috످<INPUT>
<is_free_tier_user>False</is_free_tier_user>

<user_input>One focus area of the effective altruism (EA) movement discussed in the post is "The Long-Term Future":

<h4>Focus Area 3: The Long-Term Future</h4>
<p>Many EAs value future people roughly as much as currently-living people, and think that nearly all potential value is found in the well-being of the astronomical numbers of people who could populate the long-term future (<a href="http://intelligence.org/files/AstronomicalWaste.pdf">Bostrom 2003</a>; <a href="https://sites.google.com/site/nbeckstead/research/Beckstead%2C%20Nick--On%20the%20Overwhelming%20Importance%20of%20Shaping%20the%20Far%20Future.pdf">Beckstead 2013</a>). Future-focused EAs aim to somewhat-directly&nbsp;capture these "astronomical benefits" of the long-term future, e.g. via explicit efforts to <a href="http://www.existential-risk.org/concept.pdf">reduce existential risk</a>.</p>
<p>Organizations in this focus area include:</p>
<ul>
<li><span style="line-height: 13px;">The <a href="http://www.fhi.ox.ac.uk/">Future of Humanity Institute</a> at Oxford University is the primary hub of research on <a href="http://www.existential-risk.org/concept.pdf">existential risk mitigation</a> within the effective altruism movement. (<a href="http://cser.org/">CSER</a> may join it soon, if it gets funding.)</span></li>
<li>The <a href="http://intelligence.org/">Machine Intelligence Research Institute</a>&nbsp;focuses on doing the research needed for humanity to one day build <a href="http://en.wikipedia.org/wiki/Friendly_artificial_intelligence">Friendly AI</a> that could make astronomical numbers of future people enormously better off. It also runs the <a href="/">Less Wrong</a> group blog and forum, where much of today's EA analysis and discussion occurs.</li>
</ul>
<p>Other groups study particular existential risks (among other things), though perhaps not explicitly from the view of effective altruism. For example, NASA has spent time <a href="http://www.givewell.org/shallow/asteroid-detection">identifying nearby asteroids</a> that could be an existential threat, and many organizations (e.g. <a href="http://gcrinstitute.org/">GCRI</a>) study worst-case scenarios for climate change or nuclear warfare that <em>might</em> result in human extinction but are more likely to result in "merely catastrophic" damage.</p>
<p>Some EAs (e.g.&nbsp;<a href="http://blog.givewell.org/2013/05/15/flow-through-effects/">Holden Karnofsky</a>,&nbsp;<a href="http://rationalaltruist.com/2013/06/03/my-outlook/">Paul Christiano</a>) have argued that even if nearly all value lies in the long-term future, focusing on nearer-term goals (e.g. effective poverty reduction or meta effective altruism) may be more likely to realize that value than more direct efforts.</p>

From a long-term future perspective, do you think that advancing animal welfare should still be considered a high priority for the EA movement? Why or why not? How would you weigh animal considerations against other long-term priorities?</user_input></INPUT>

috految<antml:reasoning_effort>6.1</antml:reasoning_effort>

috److I think animal welfare should remain a high priority, though probably behind reducing existential risk. The passage focuses on future *people*, but if animals matter morally, the same logic applies to them. Most future sentient beings may not even be human.

Humanity could survive and still create a bad future. We slaughter over 80 billion land animals a year, most of them factory farmed. If this practice grows with civilization, it could cause astronomical suffering. And as Will MacAskill argues, advanced AI could lock in our current values, including our moral blind spots.

Moral progress may also compound. Karnofsky and Christiano suggest that near-term work can have lasting effects. If we learn to care about animals now, we might treat other beings better in the future, including digital minds.

But extinction is irreversible, while our treatment of animals can still change. Toby Ord estimates a 1 in 6 chance of existential catastrophe within a century, though superforecasters put the risk much lower. Animal advocacy could also prove unnecessary if cultivated meat replaces factory farming. And some philosophers believe humans matter far more than animals because we can reason or make moral choices.

Using EA's standard criteria, I'd rank the causes roughly like this:

| Cause | Long-term importance | Neglectedness | Tractability |
|---|---|---|---|
| 1. AI safety | Very high | Medium | Uncertain |
| 2. Biosecurity and nuclear risk | Very high | Medium | Medium |
| 3. Expanding moral concern to animals | High | Very high | Uncertain |
| 4. Near-term farm reforms | Low to medium | High | High |

This ranking depends most on whether humanity will eventually correct its moral mistakes. If so, survival comes first. If not, improving our values may matter more. Our record is mixed. We largely abolished slavery, but we built factory farms even as our concern for animals grew.

The strongest objection to my ranking is that it favors speculative benefits over reducing suffering today. Cage-free campaigns have already helped hundreds of millions of hens, while the impact of AI safety work is hard to verify. And longtermism can justify almost anything if the imagined payoff is large enough.

Given this uncertainty, I'd spend the most on reducing existential risk but reserve perhaps 15–25% of resources for animals, especially for work that could help them both now and in the long run, like alternative proteins, legal protections, and sentience research.

috످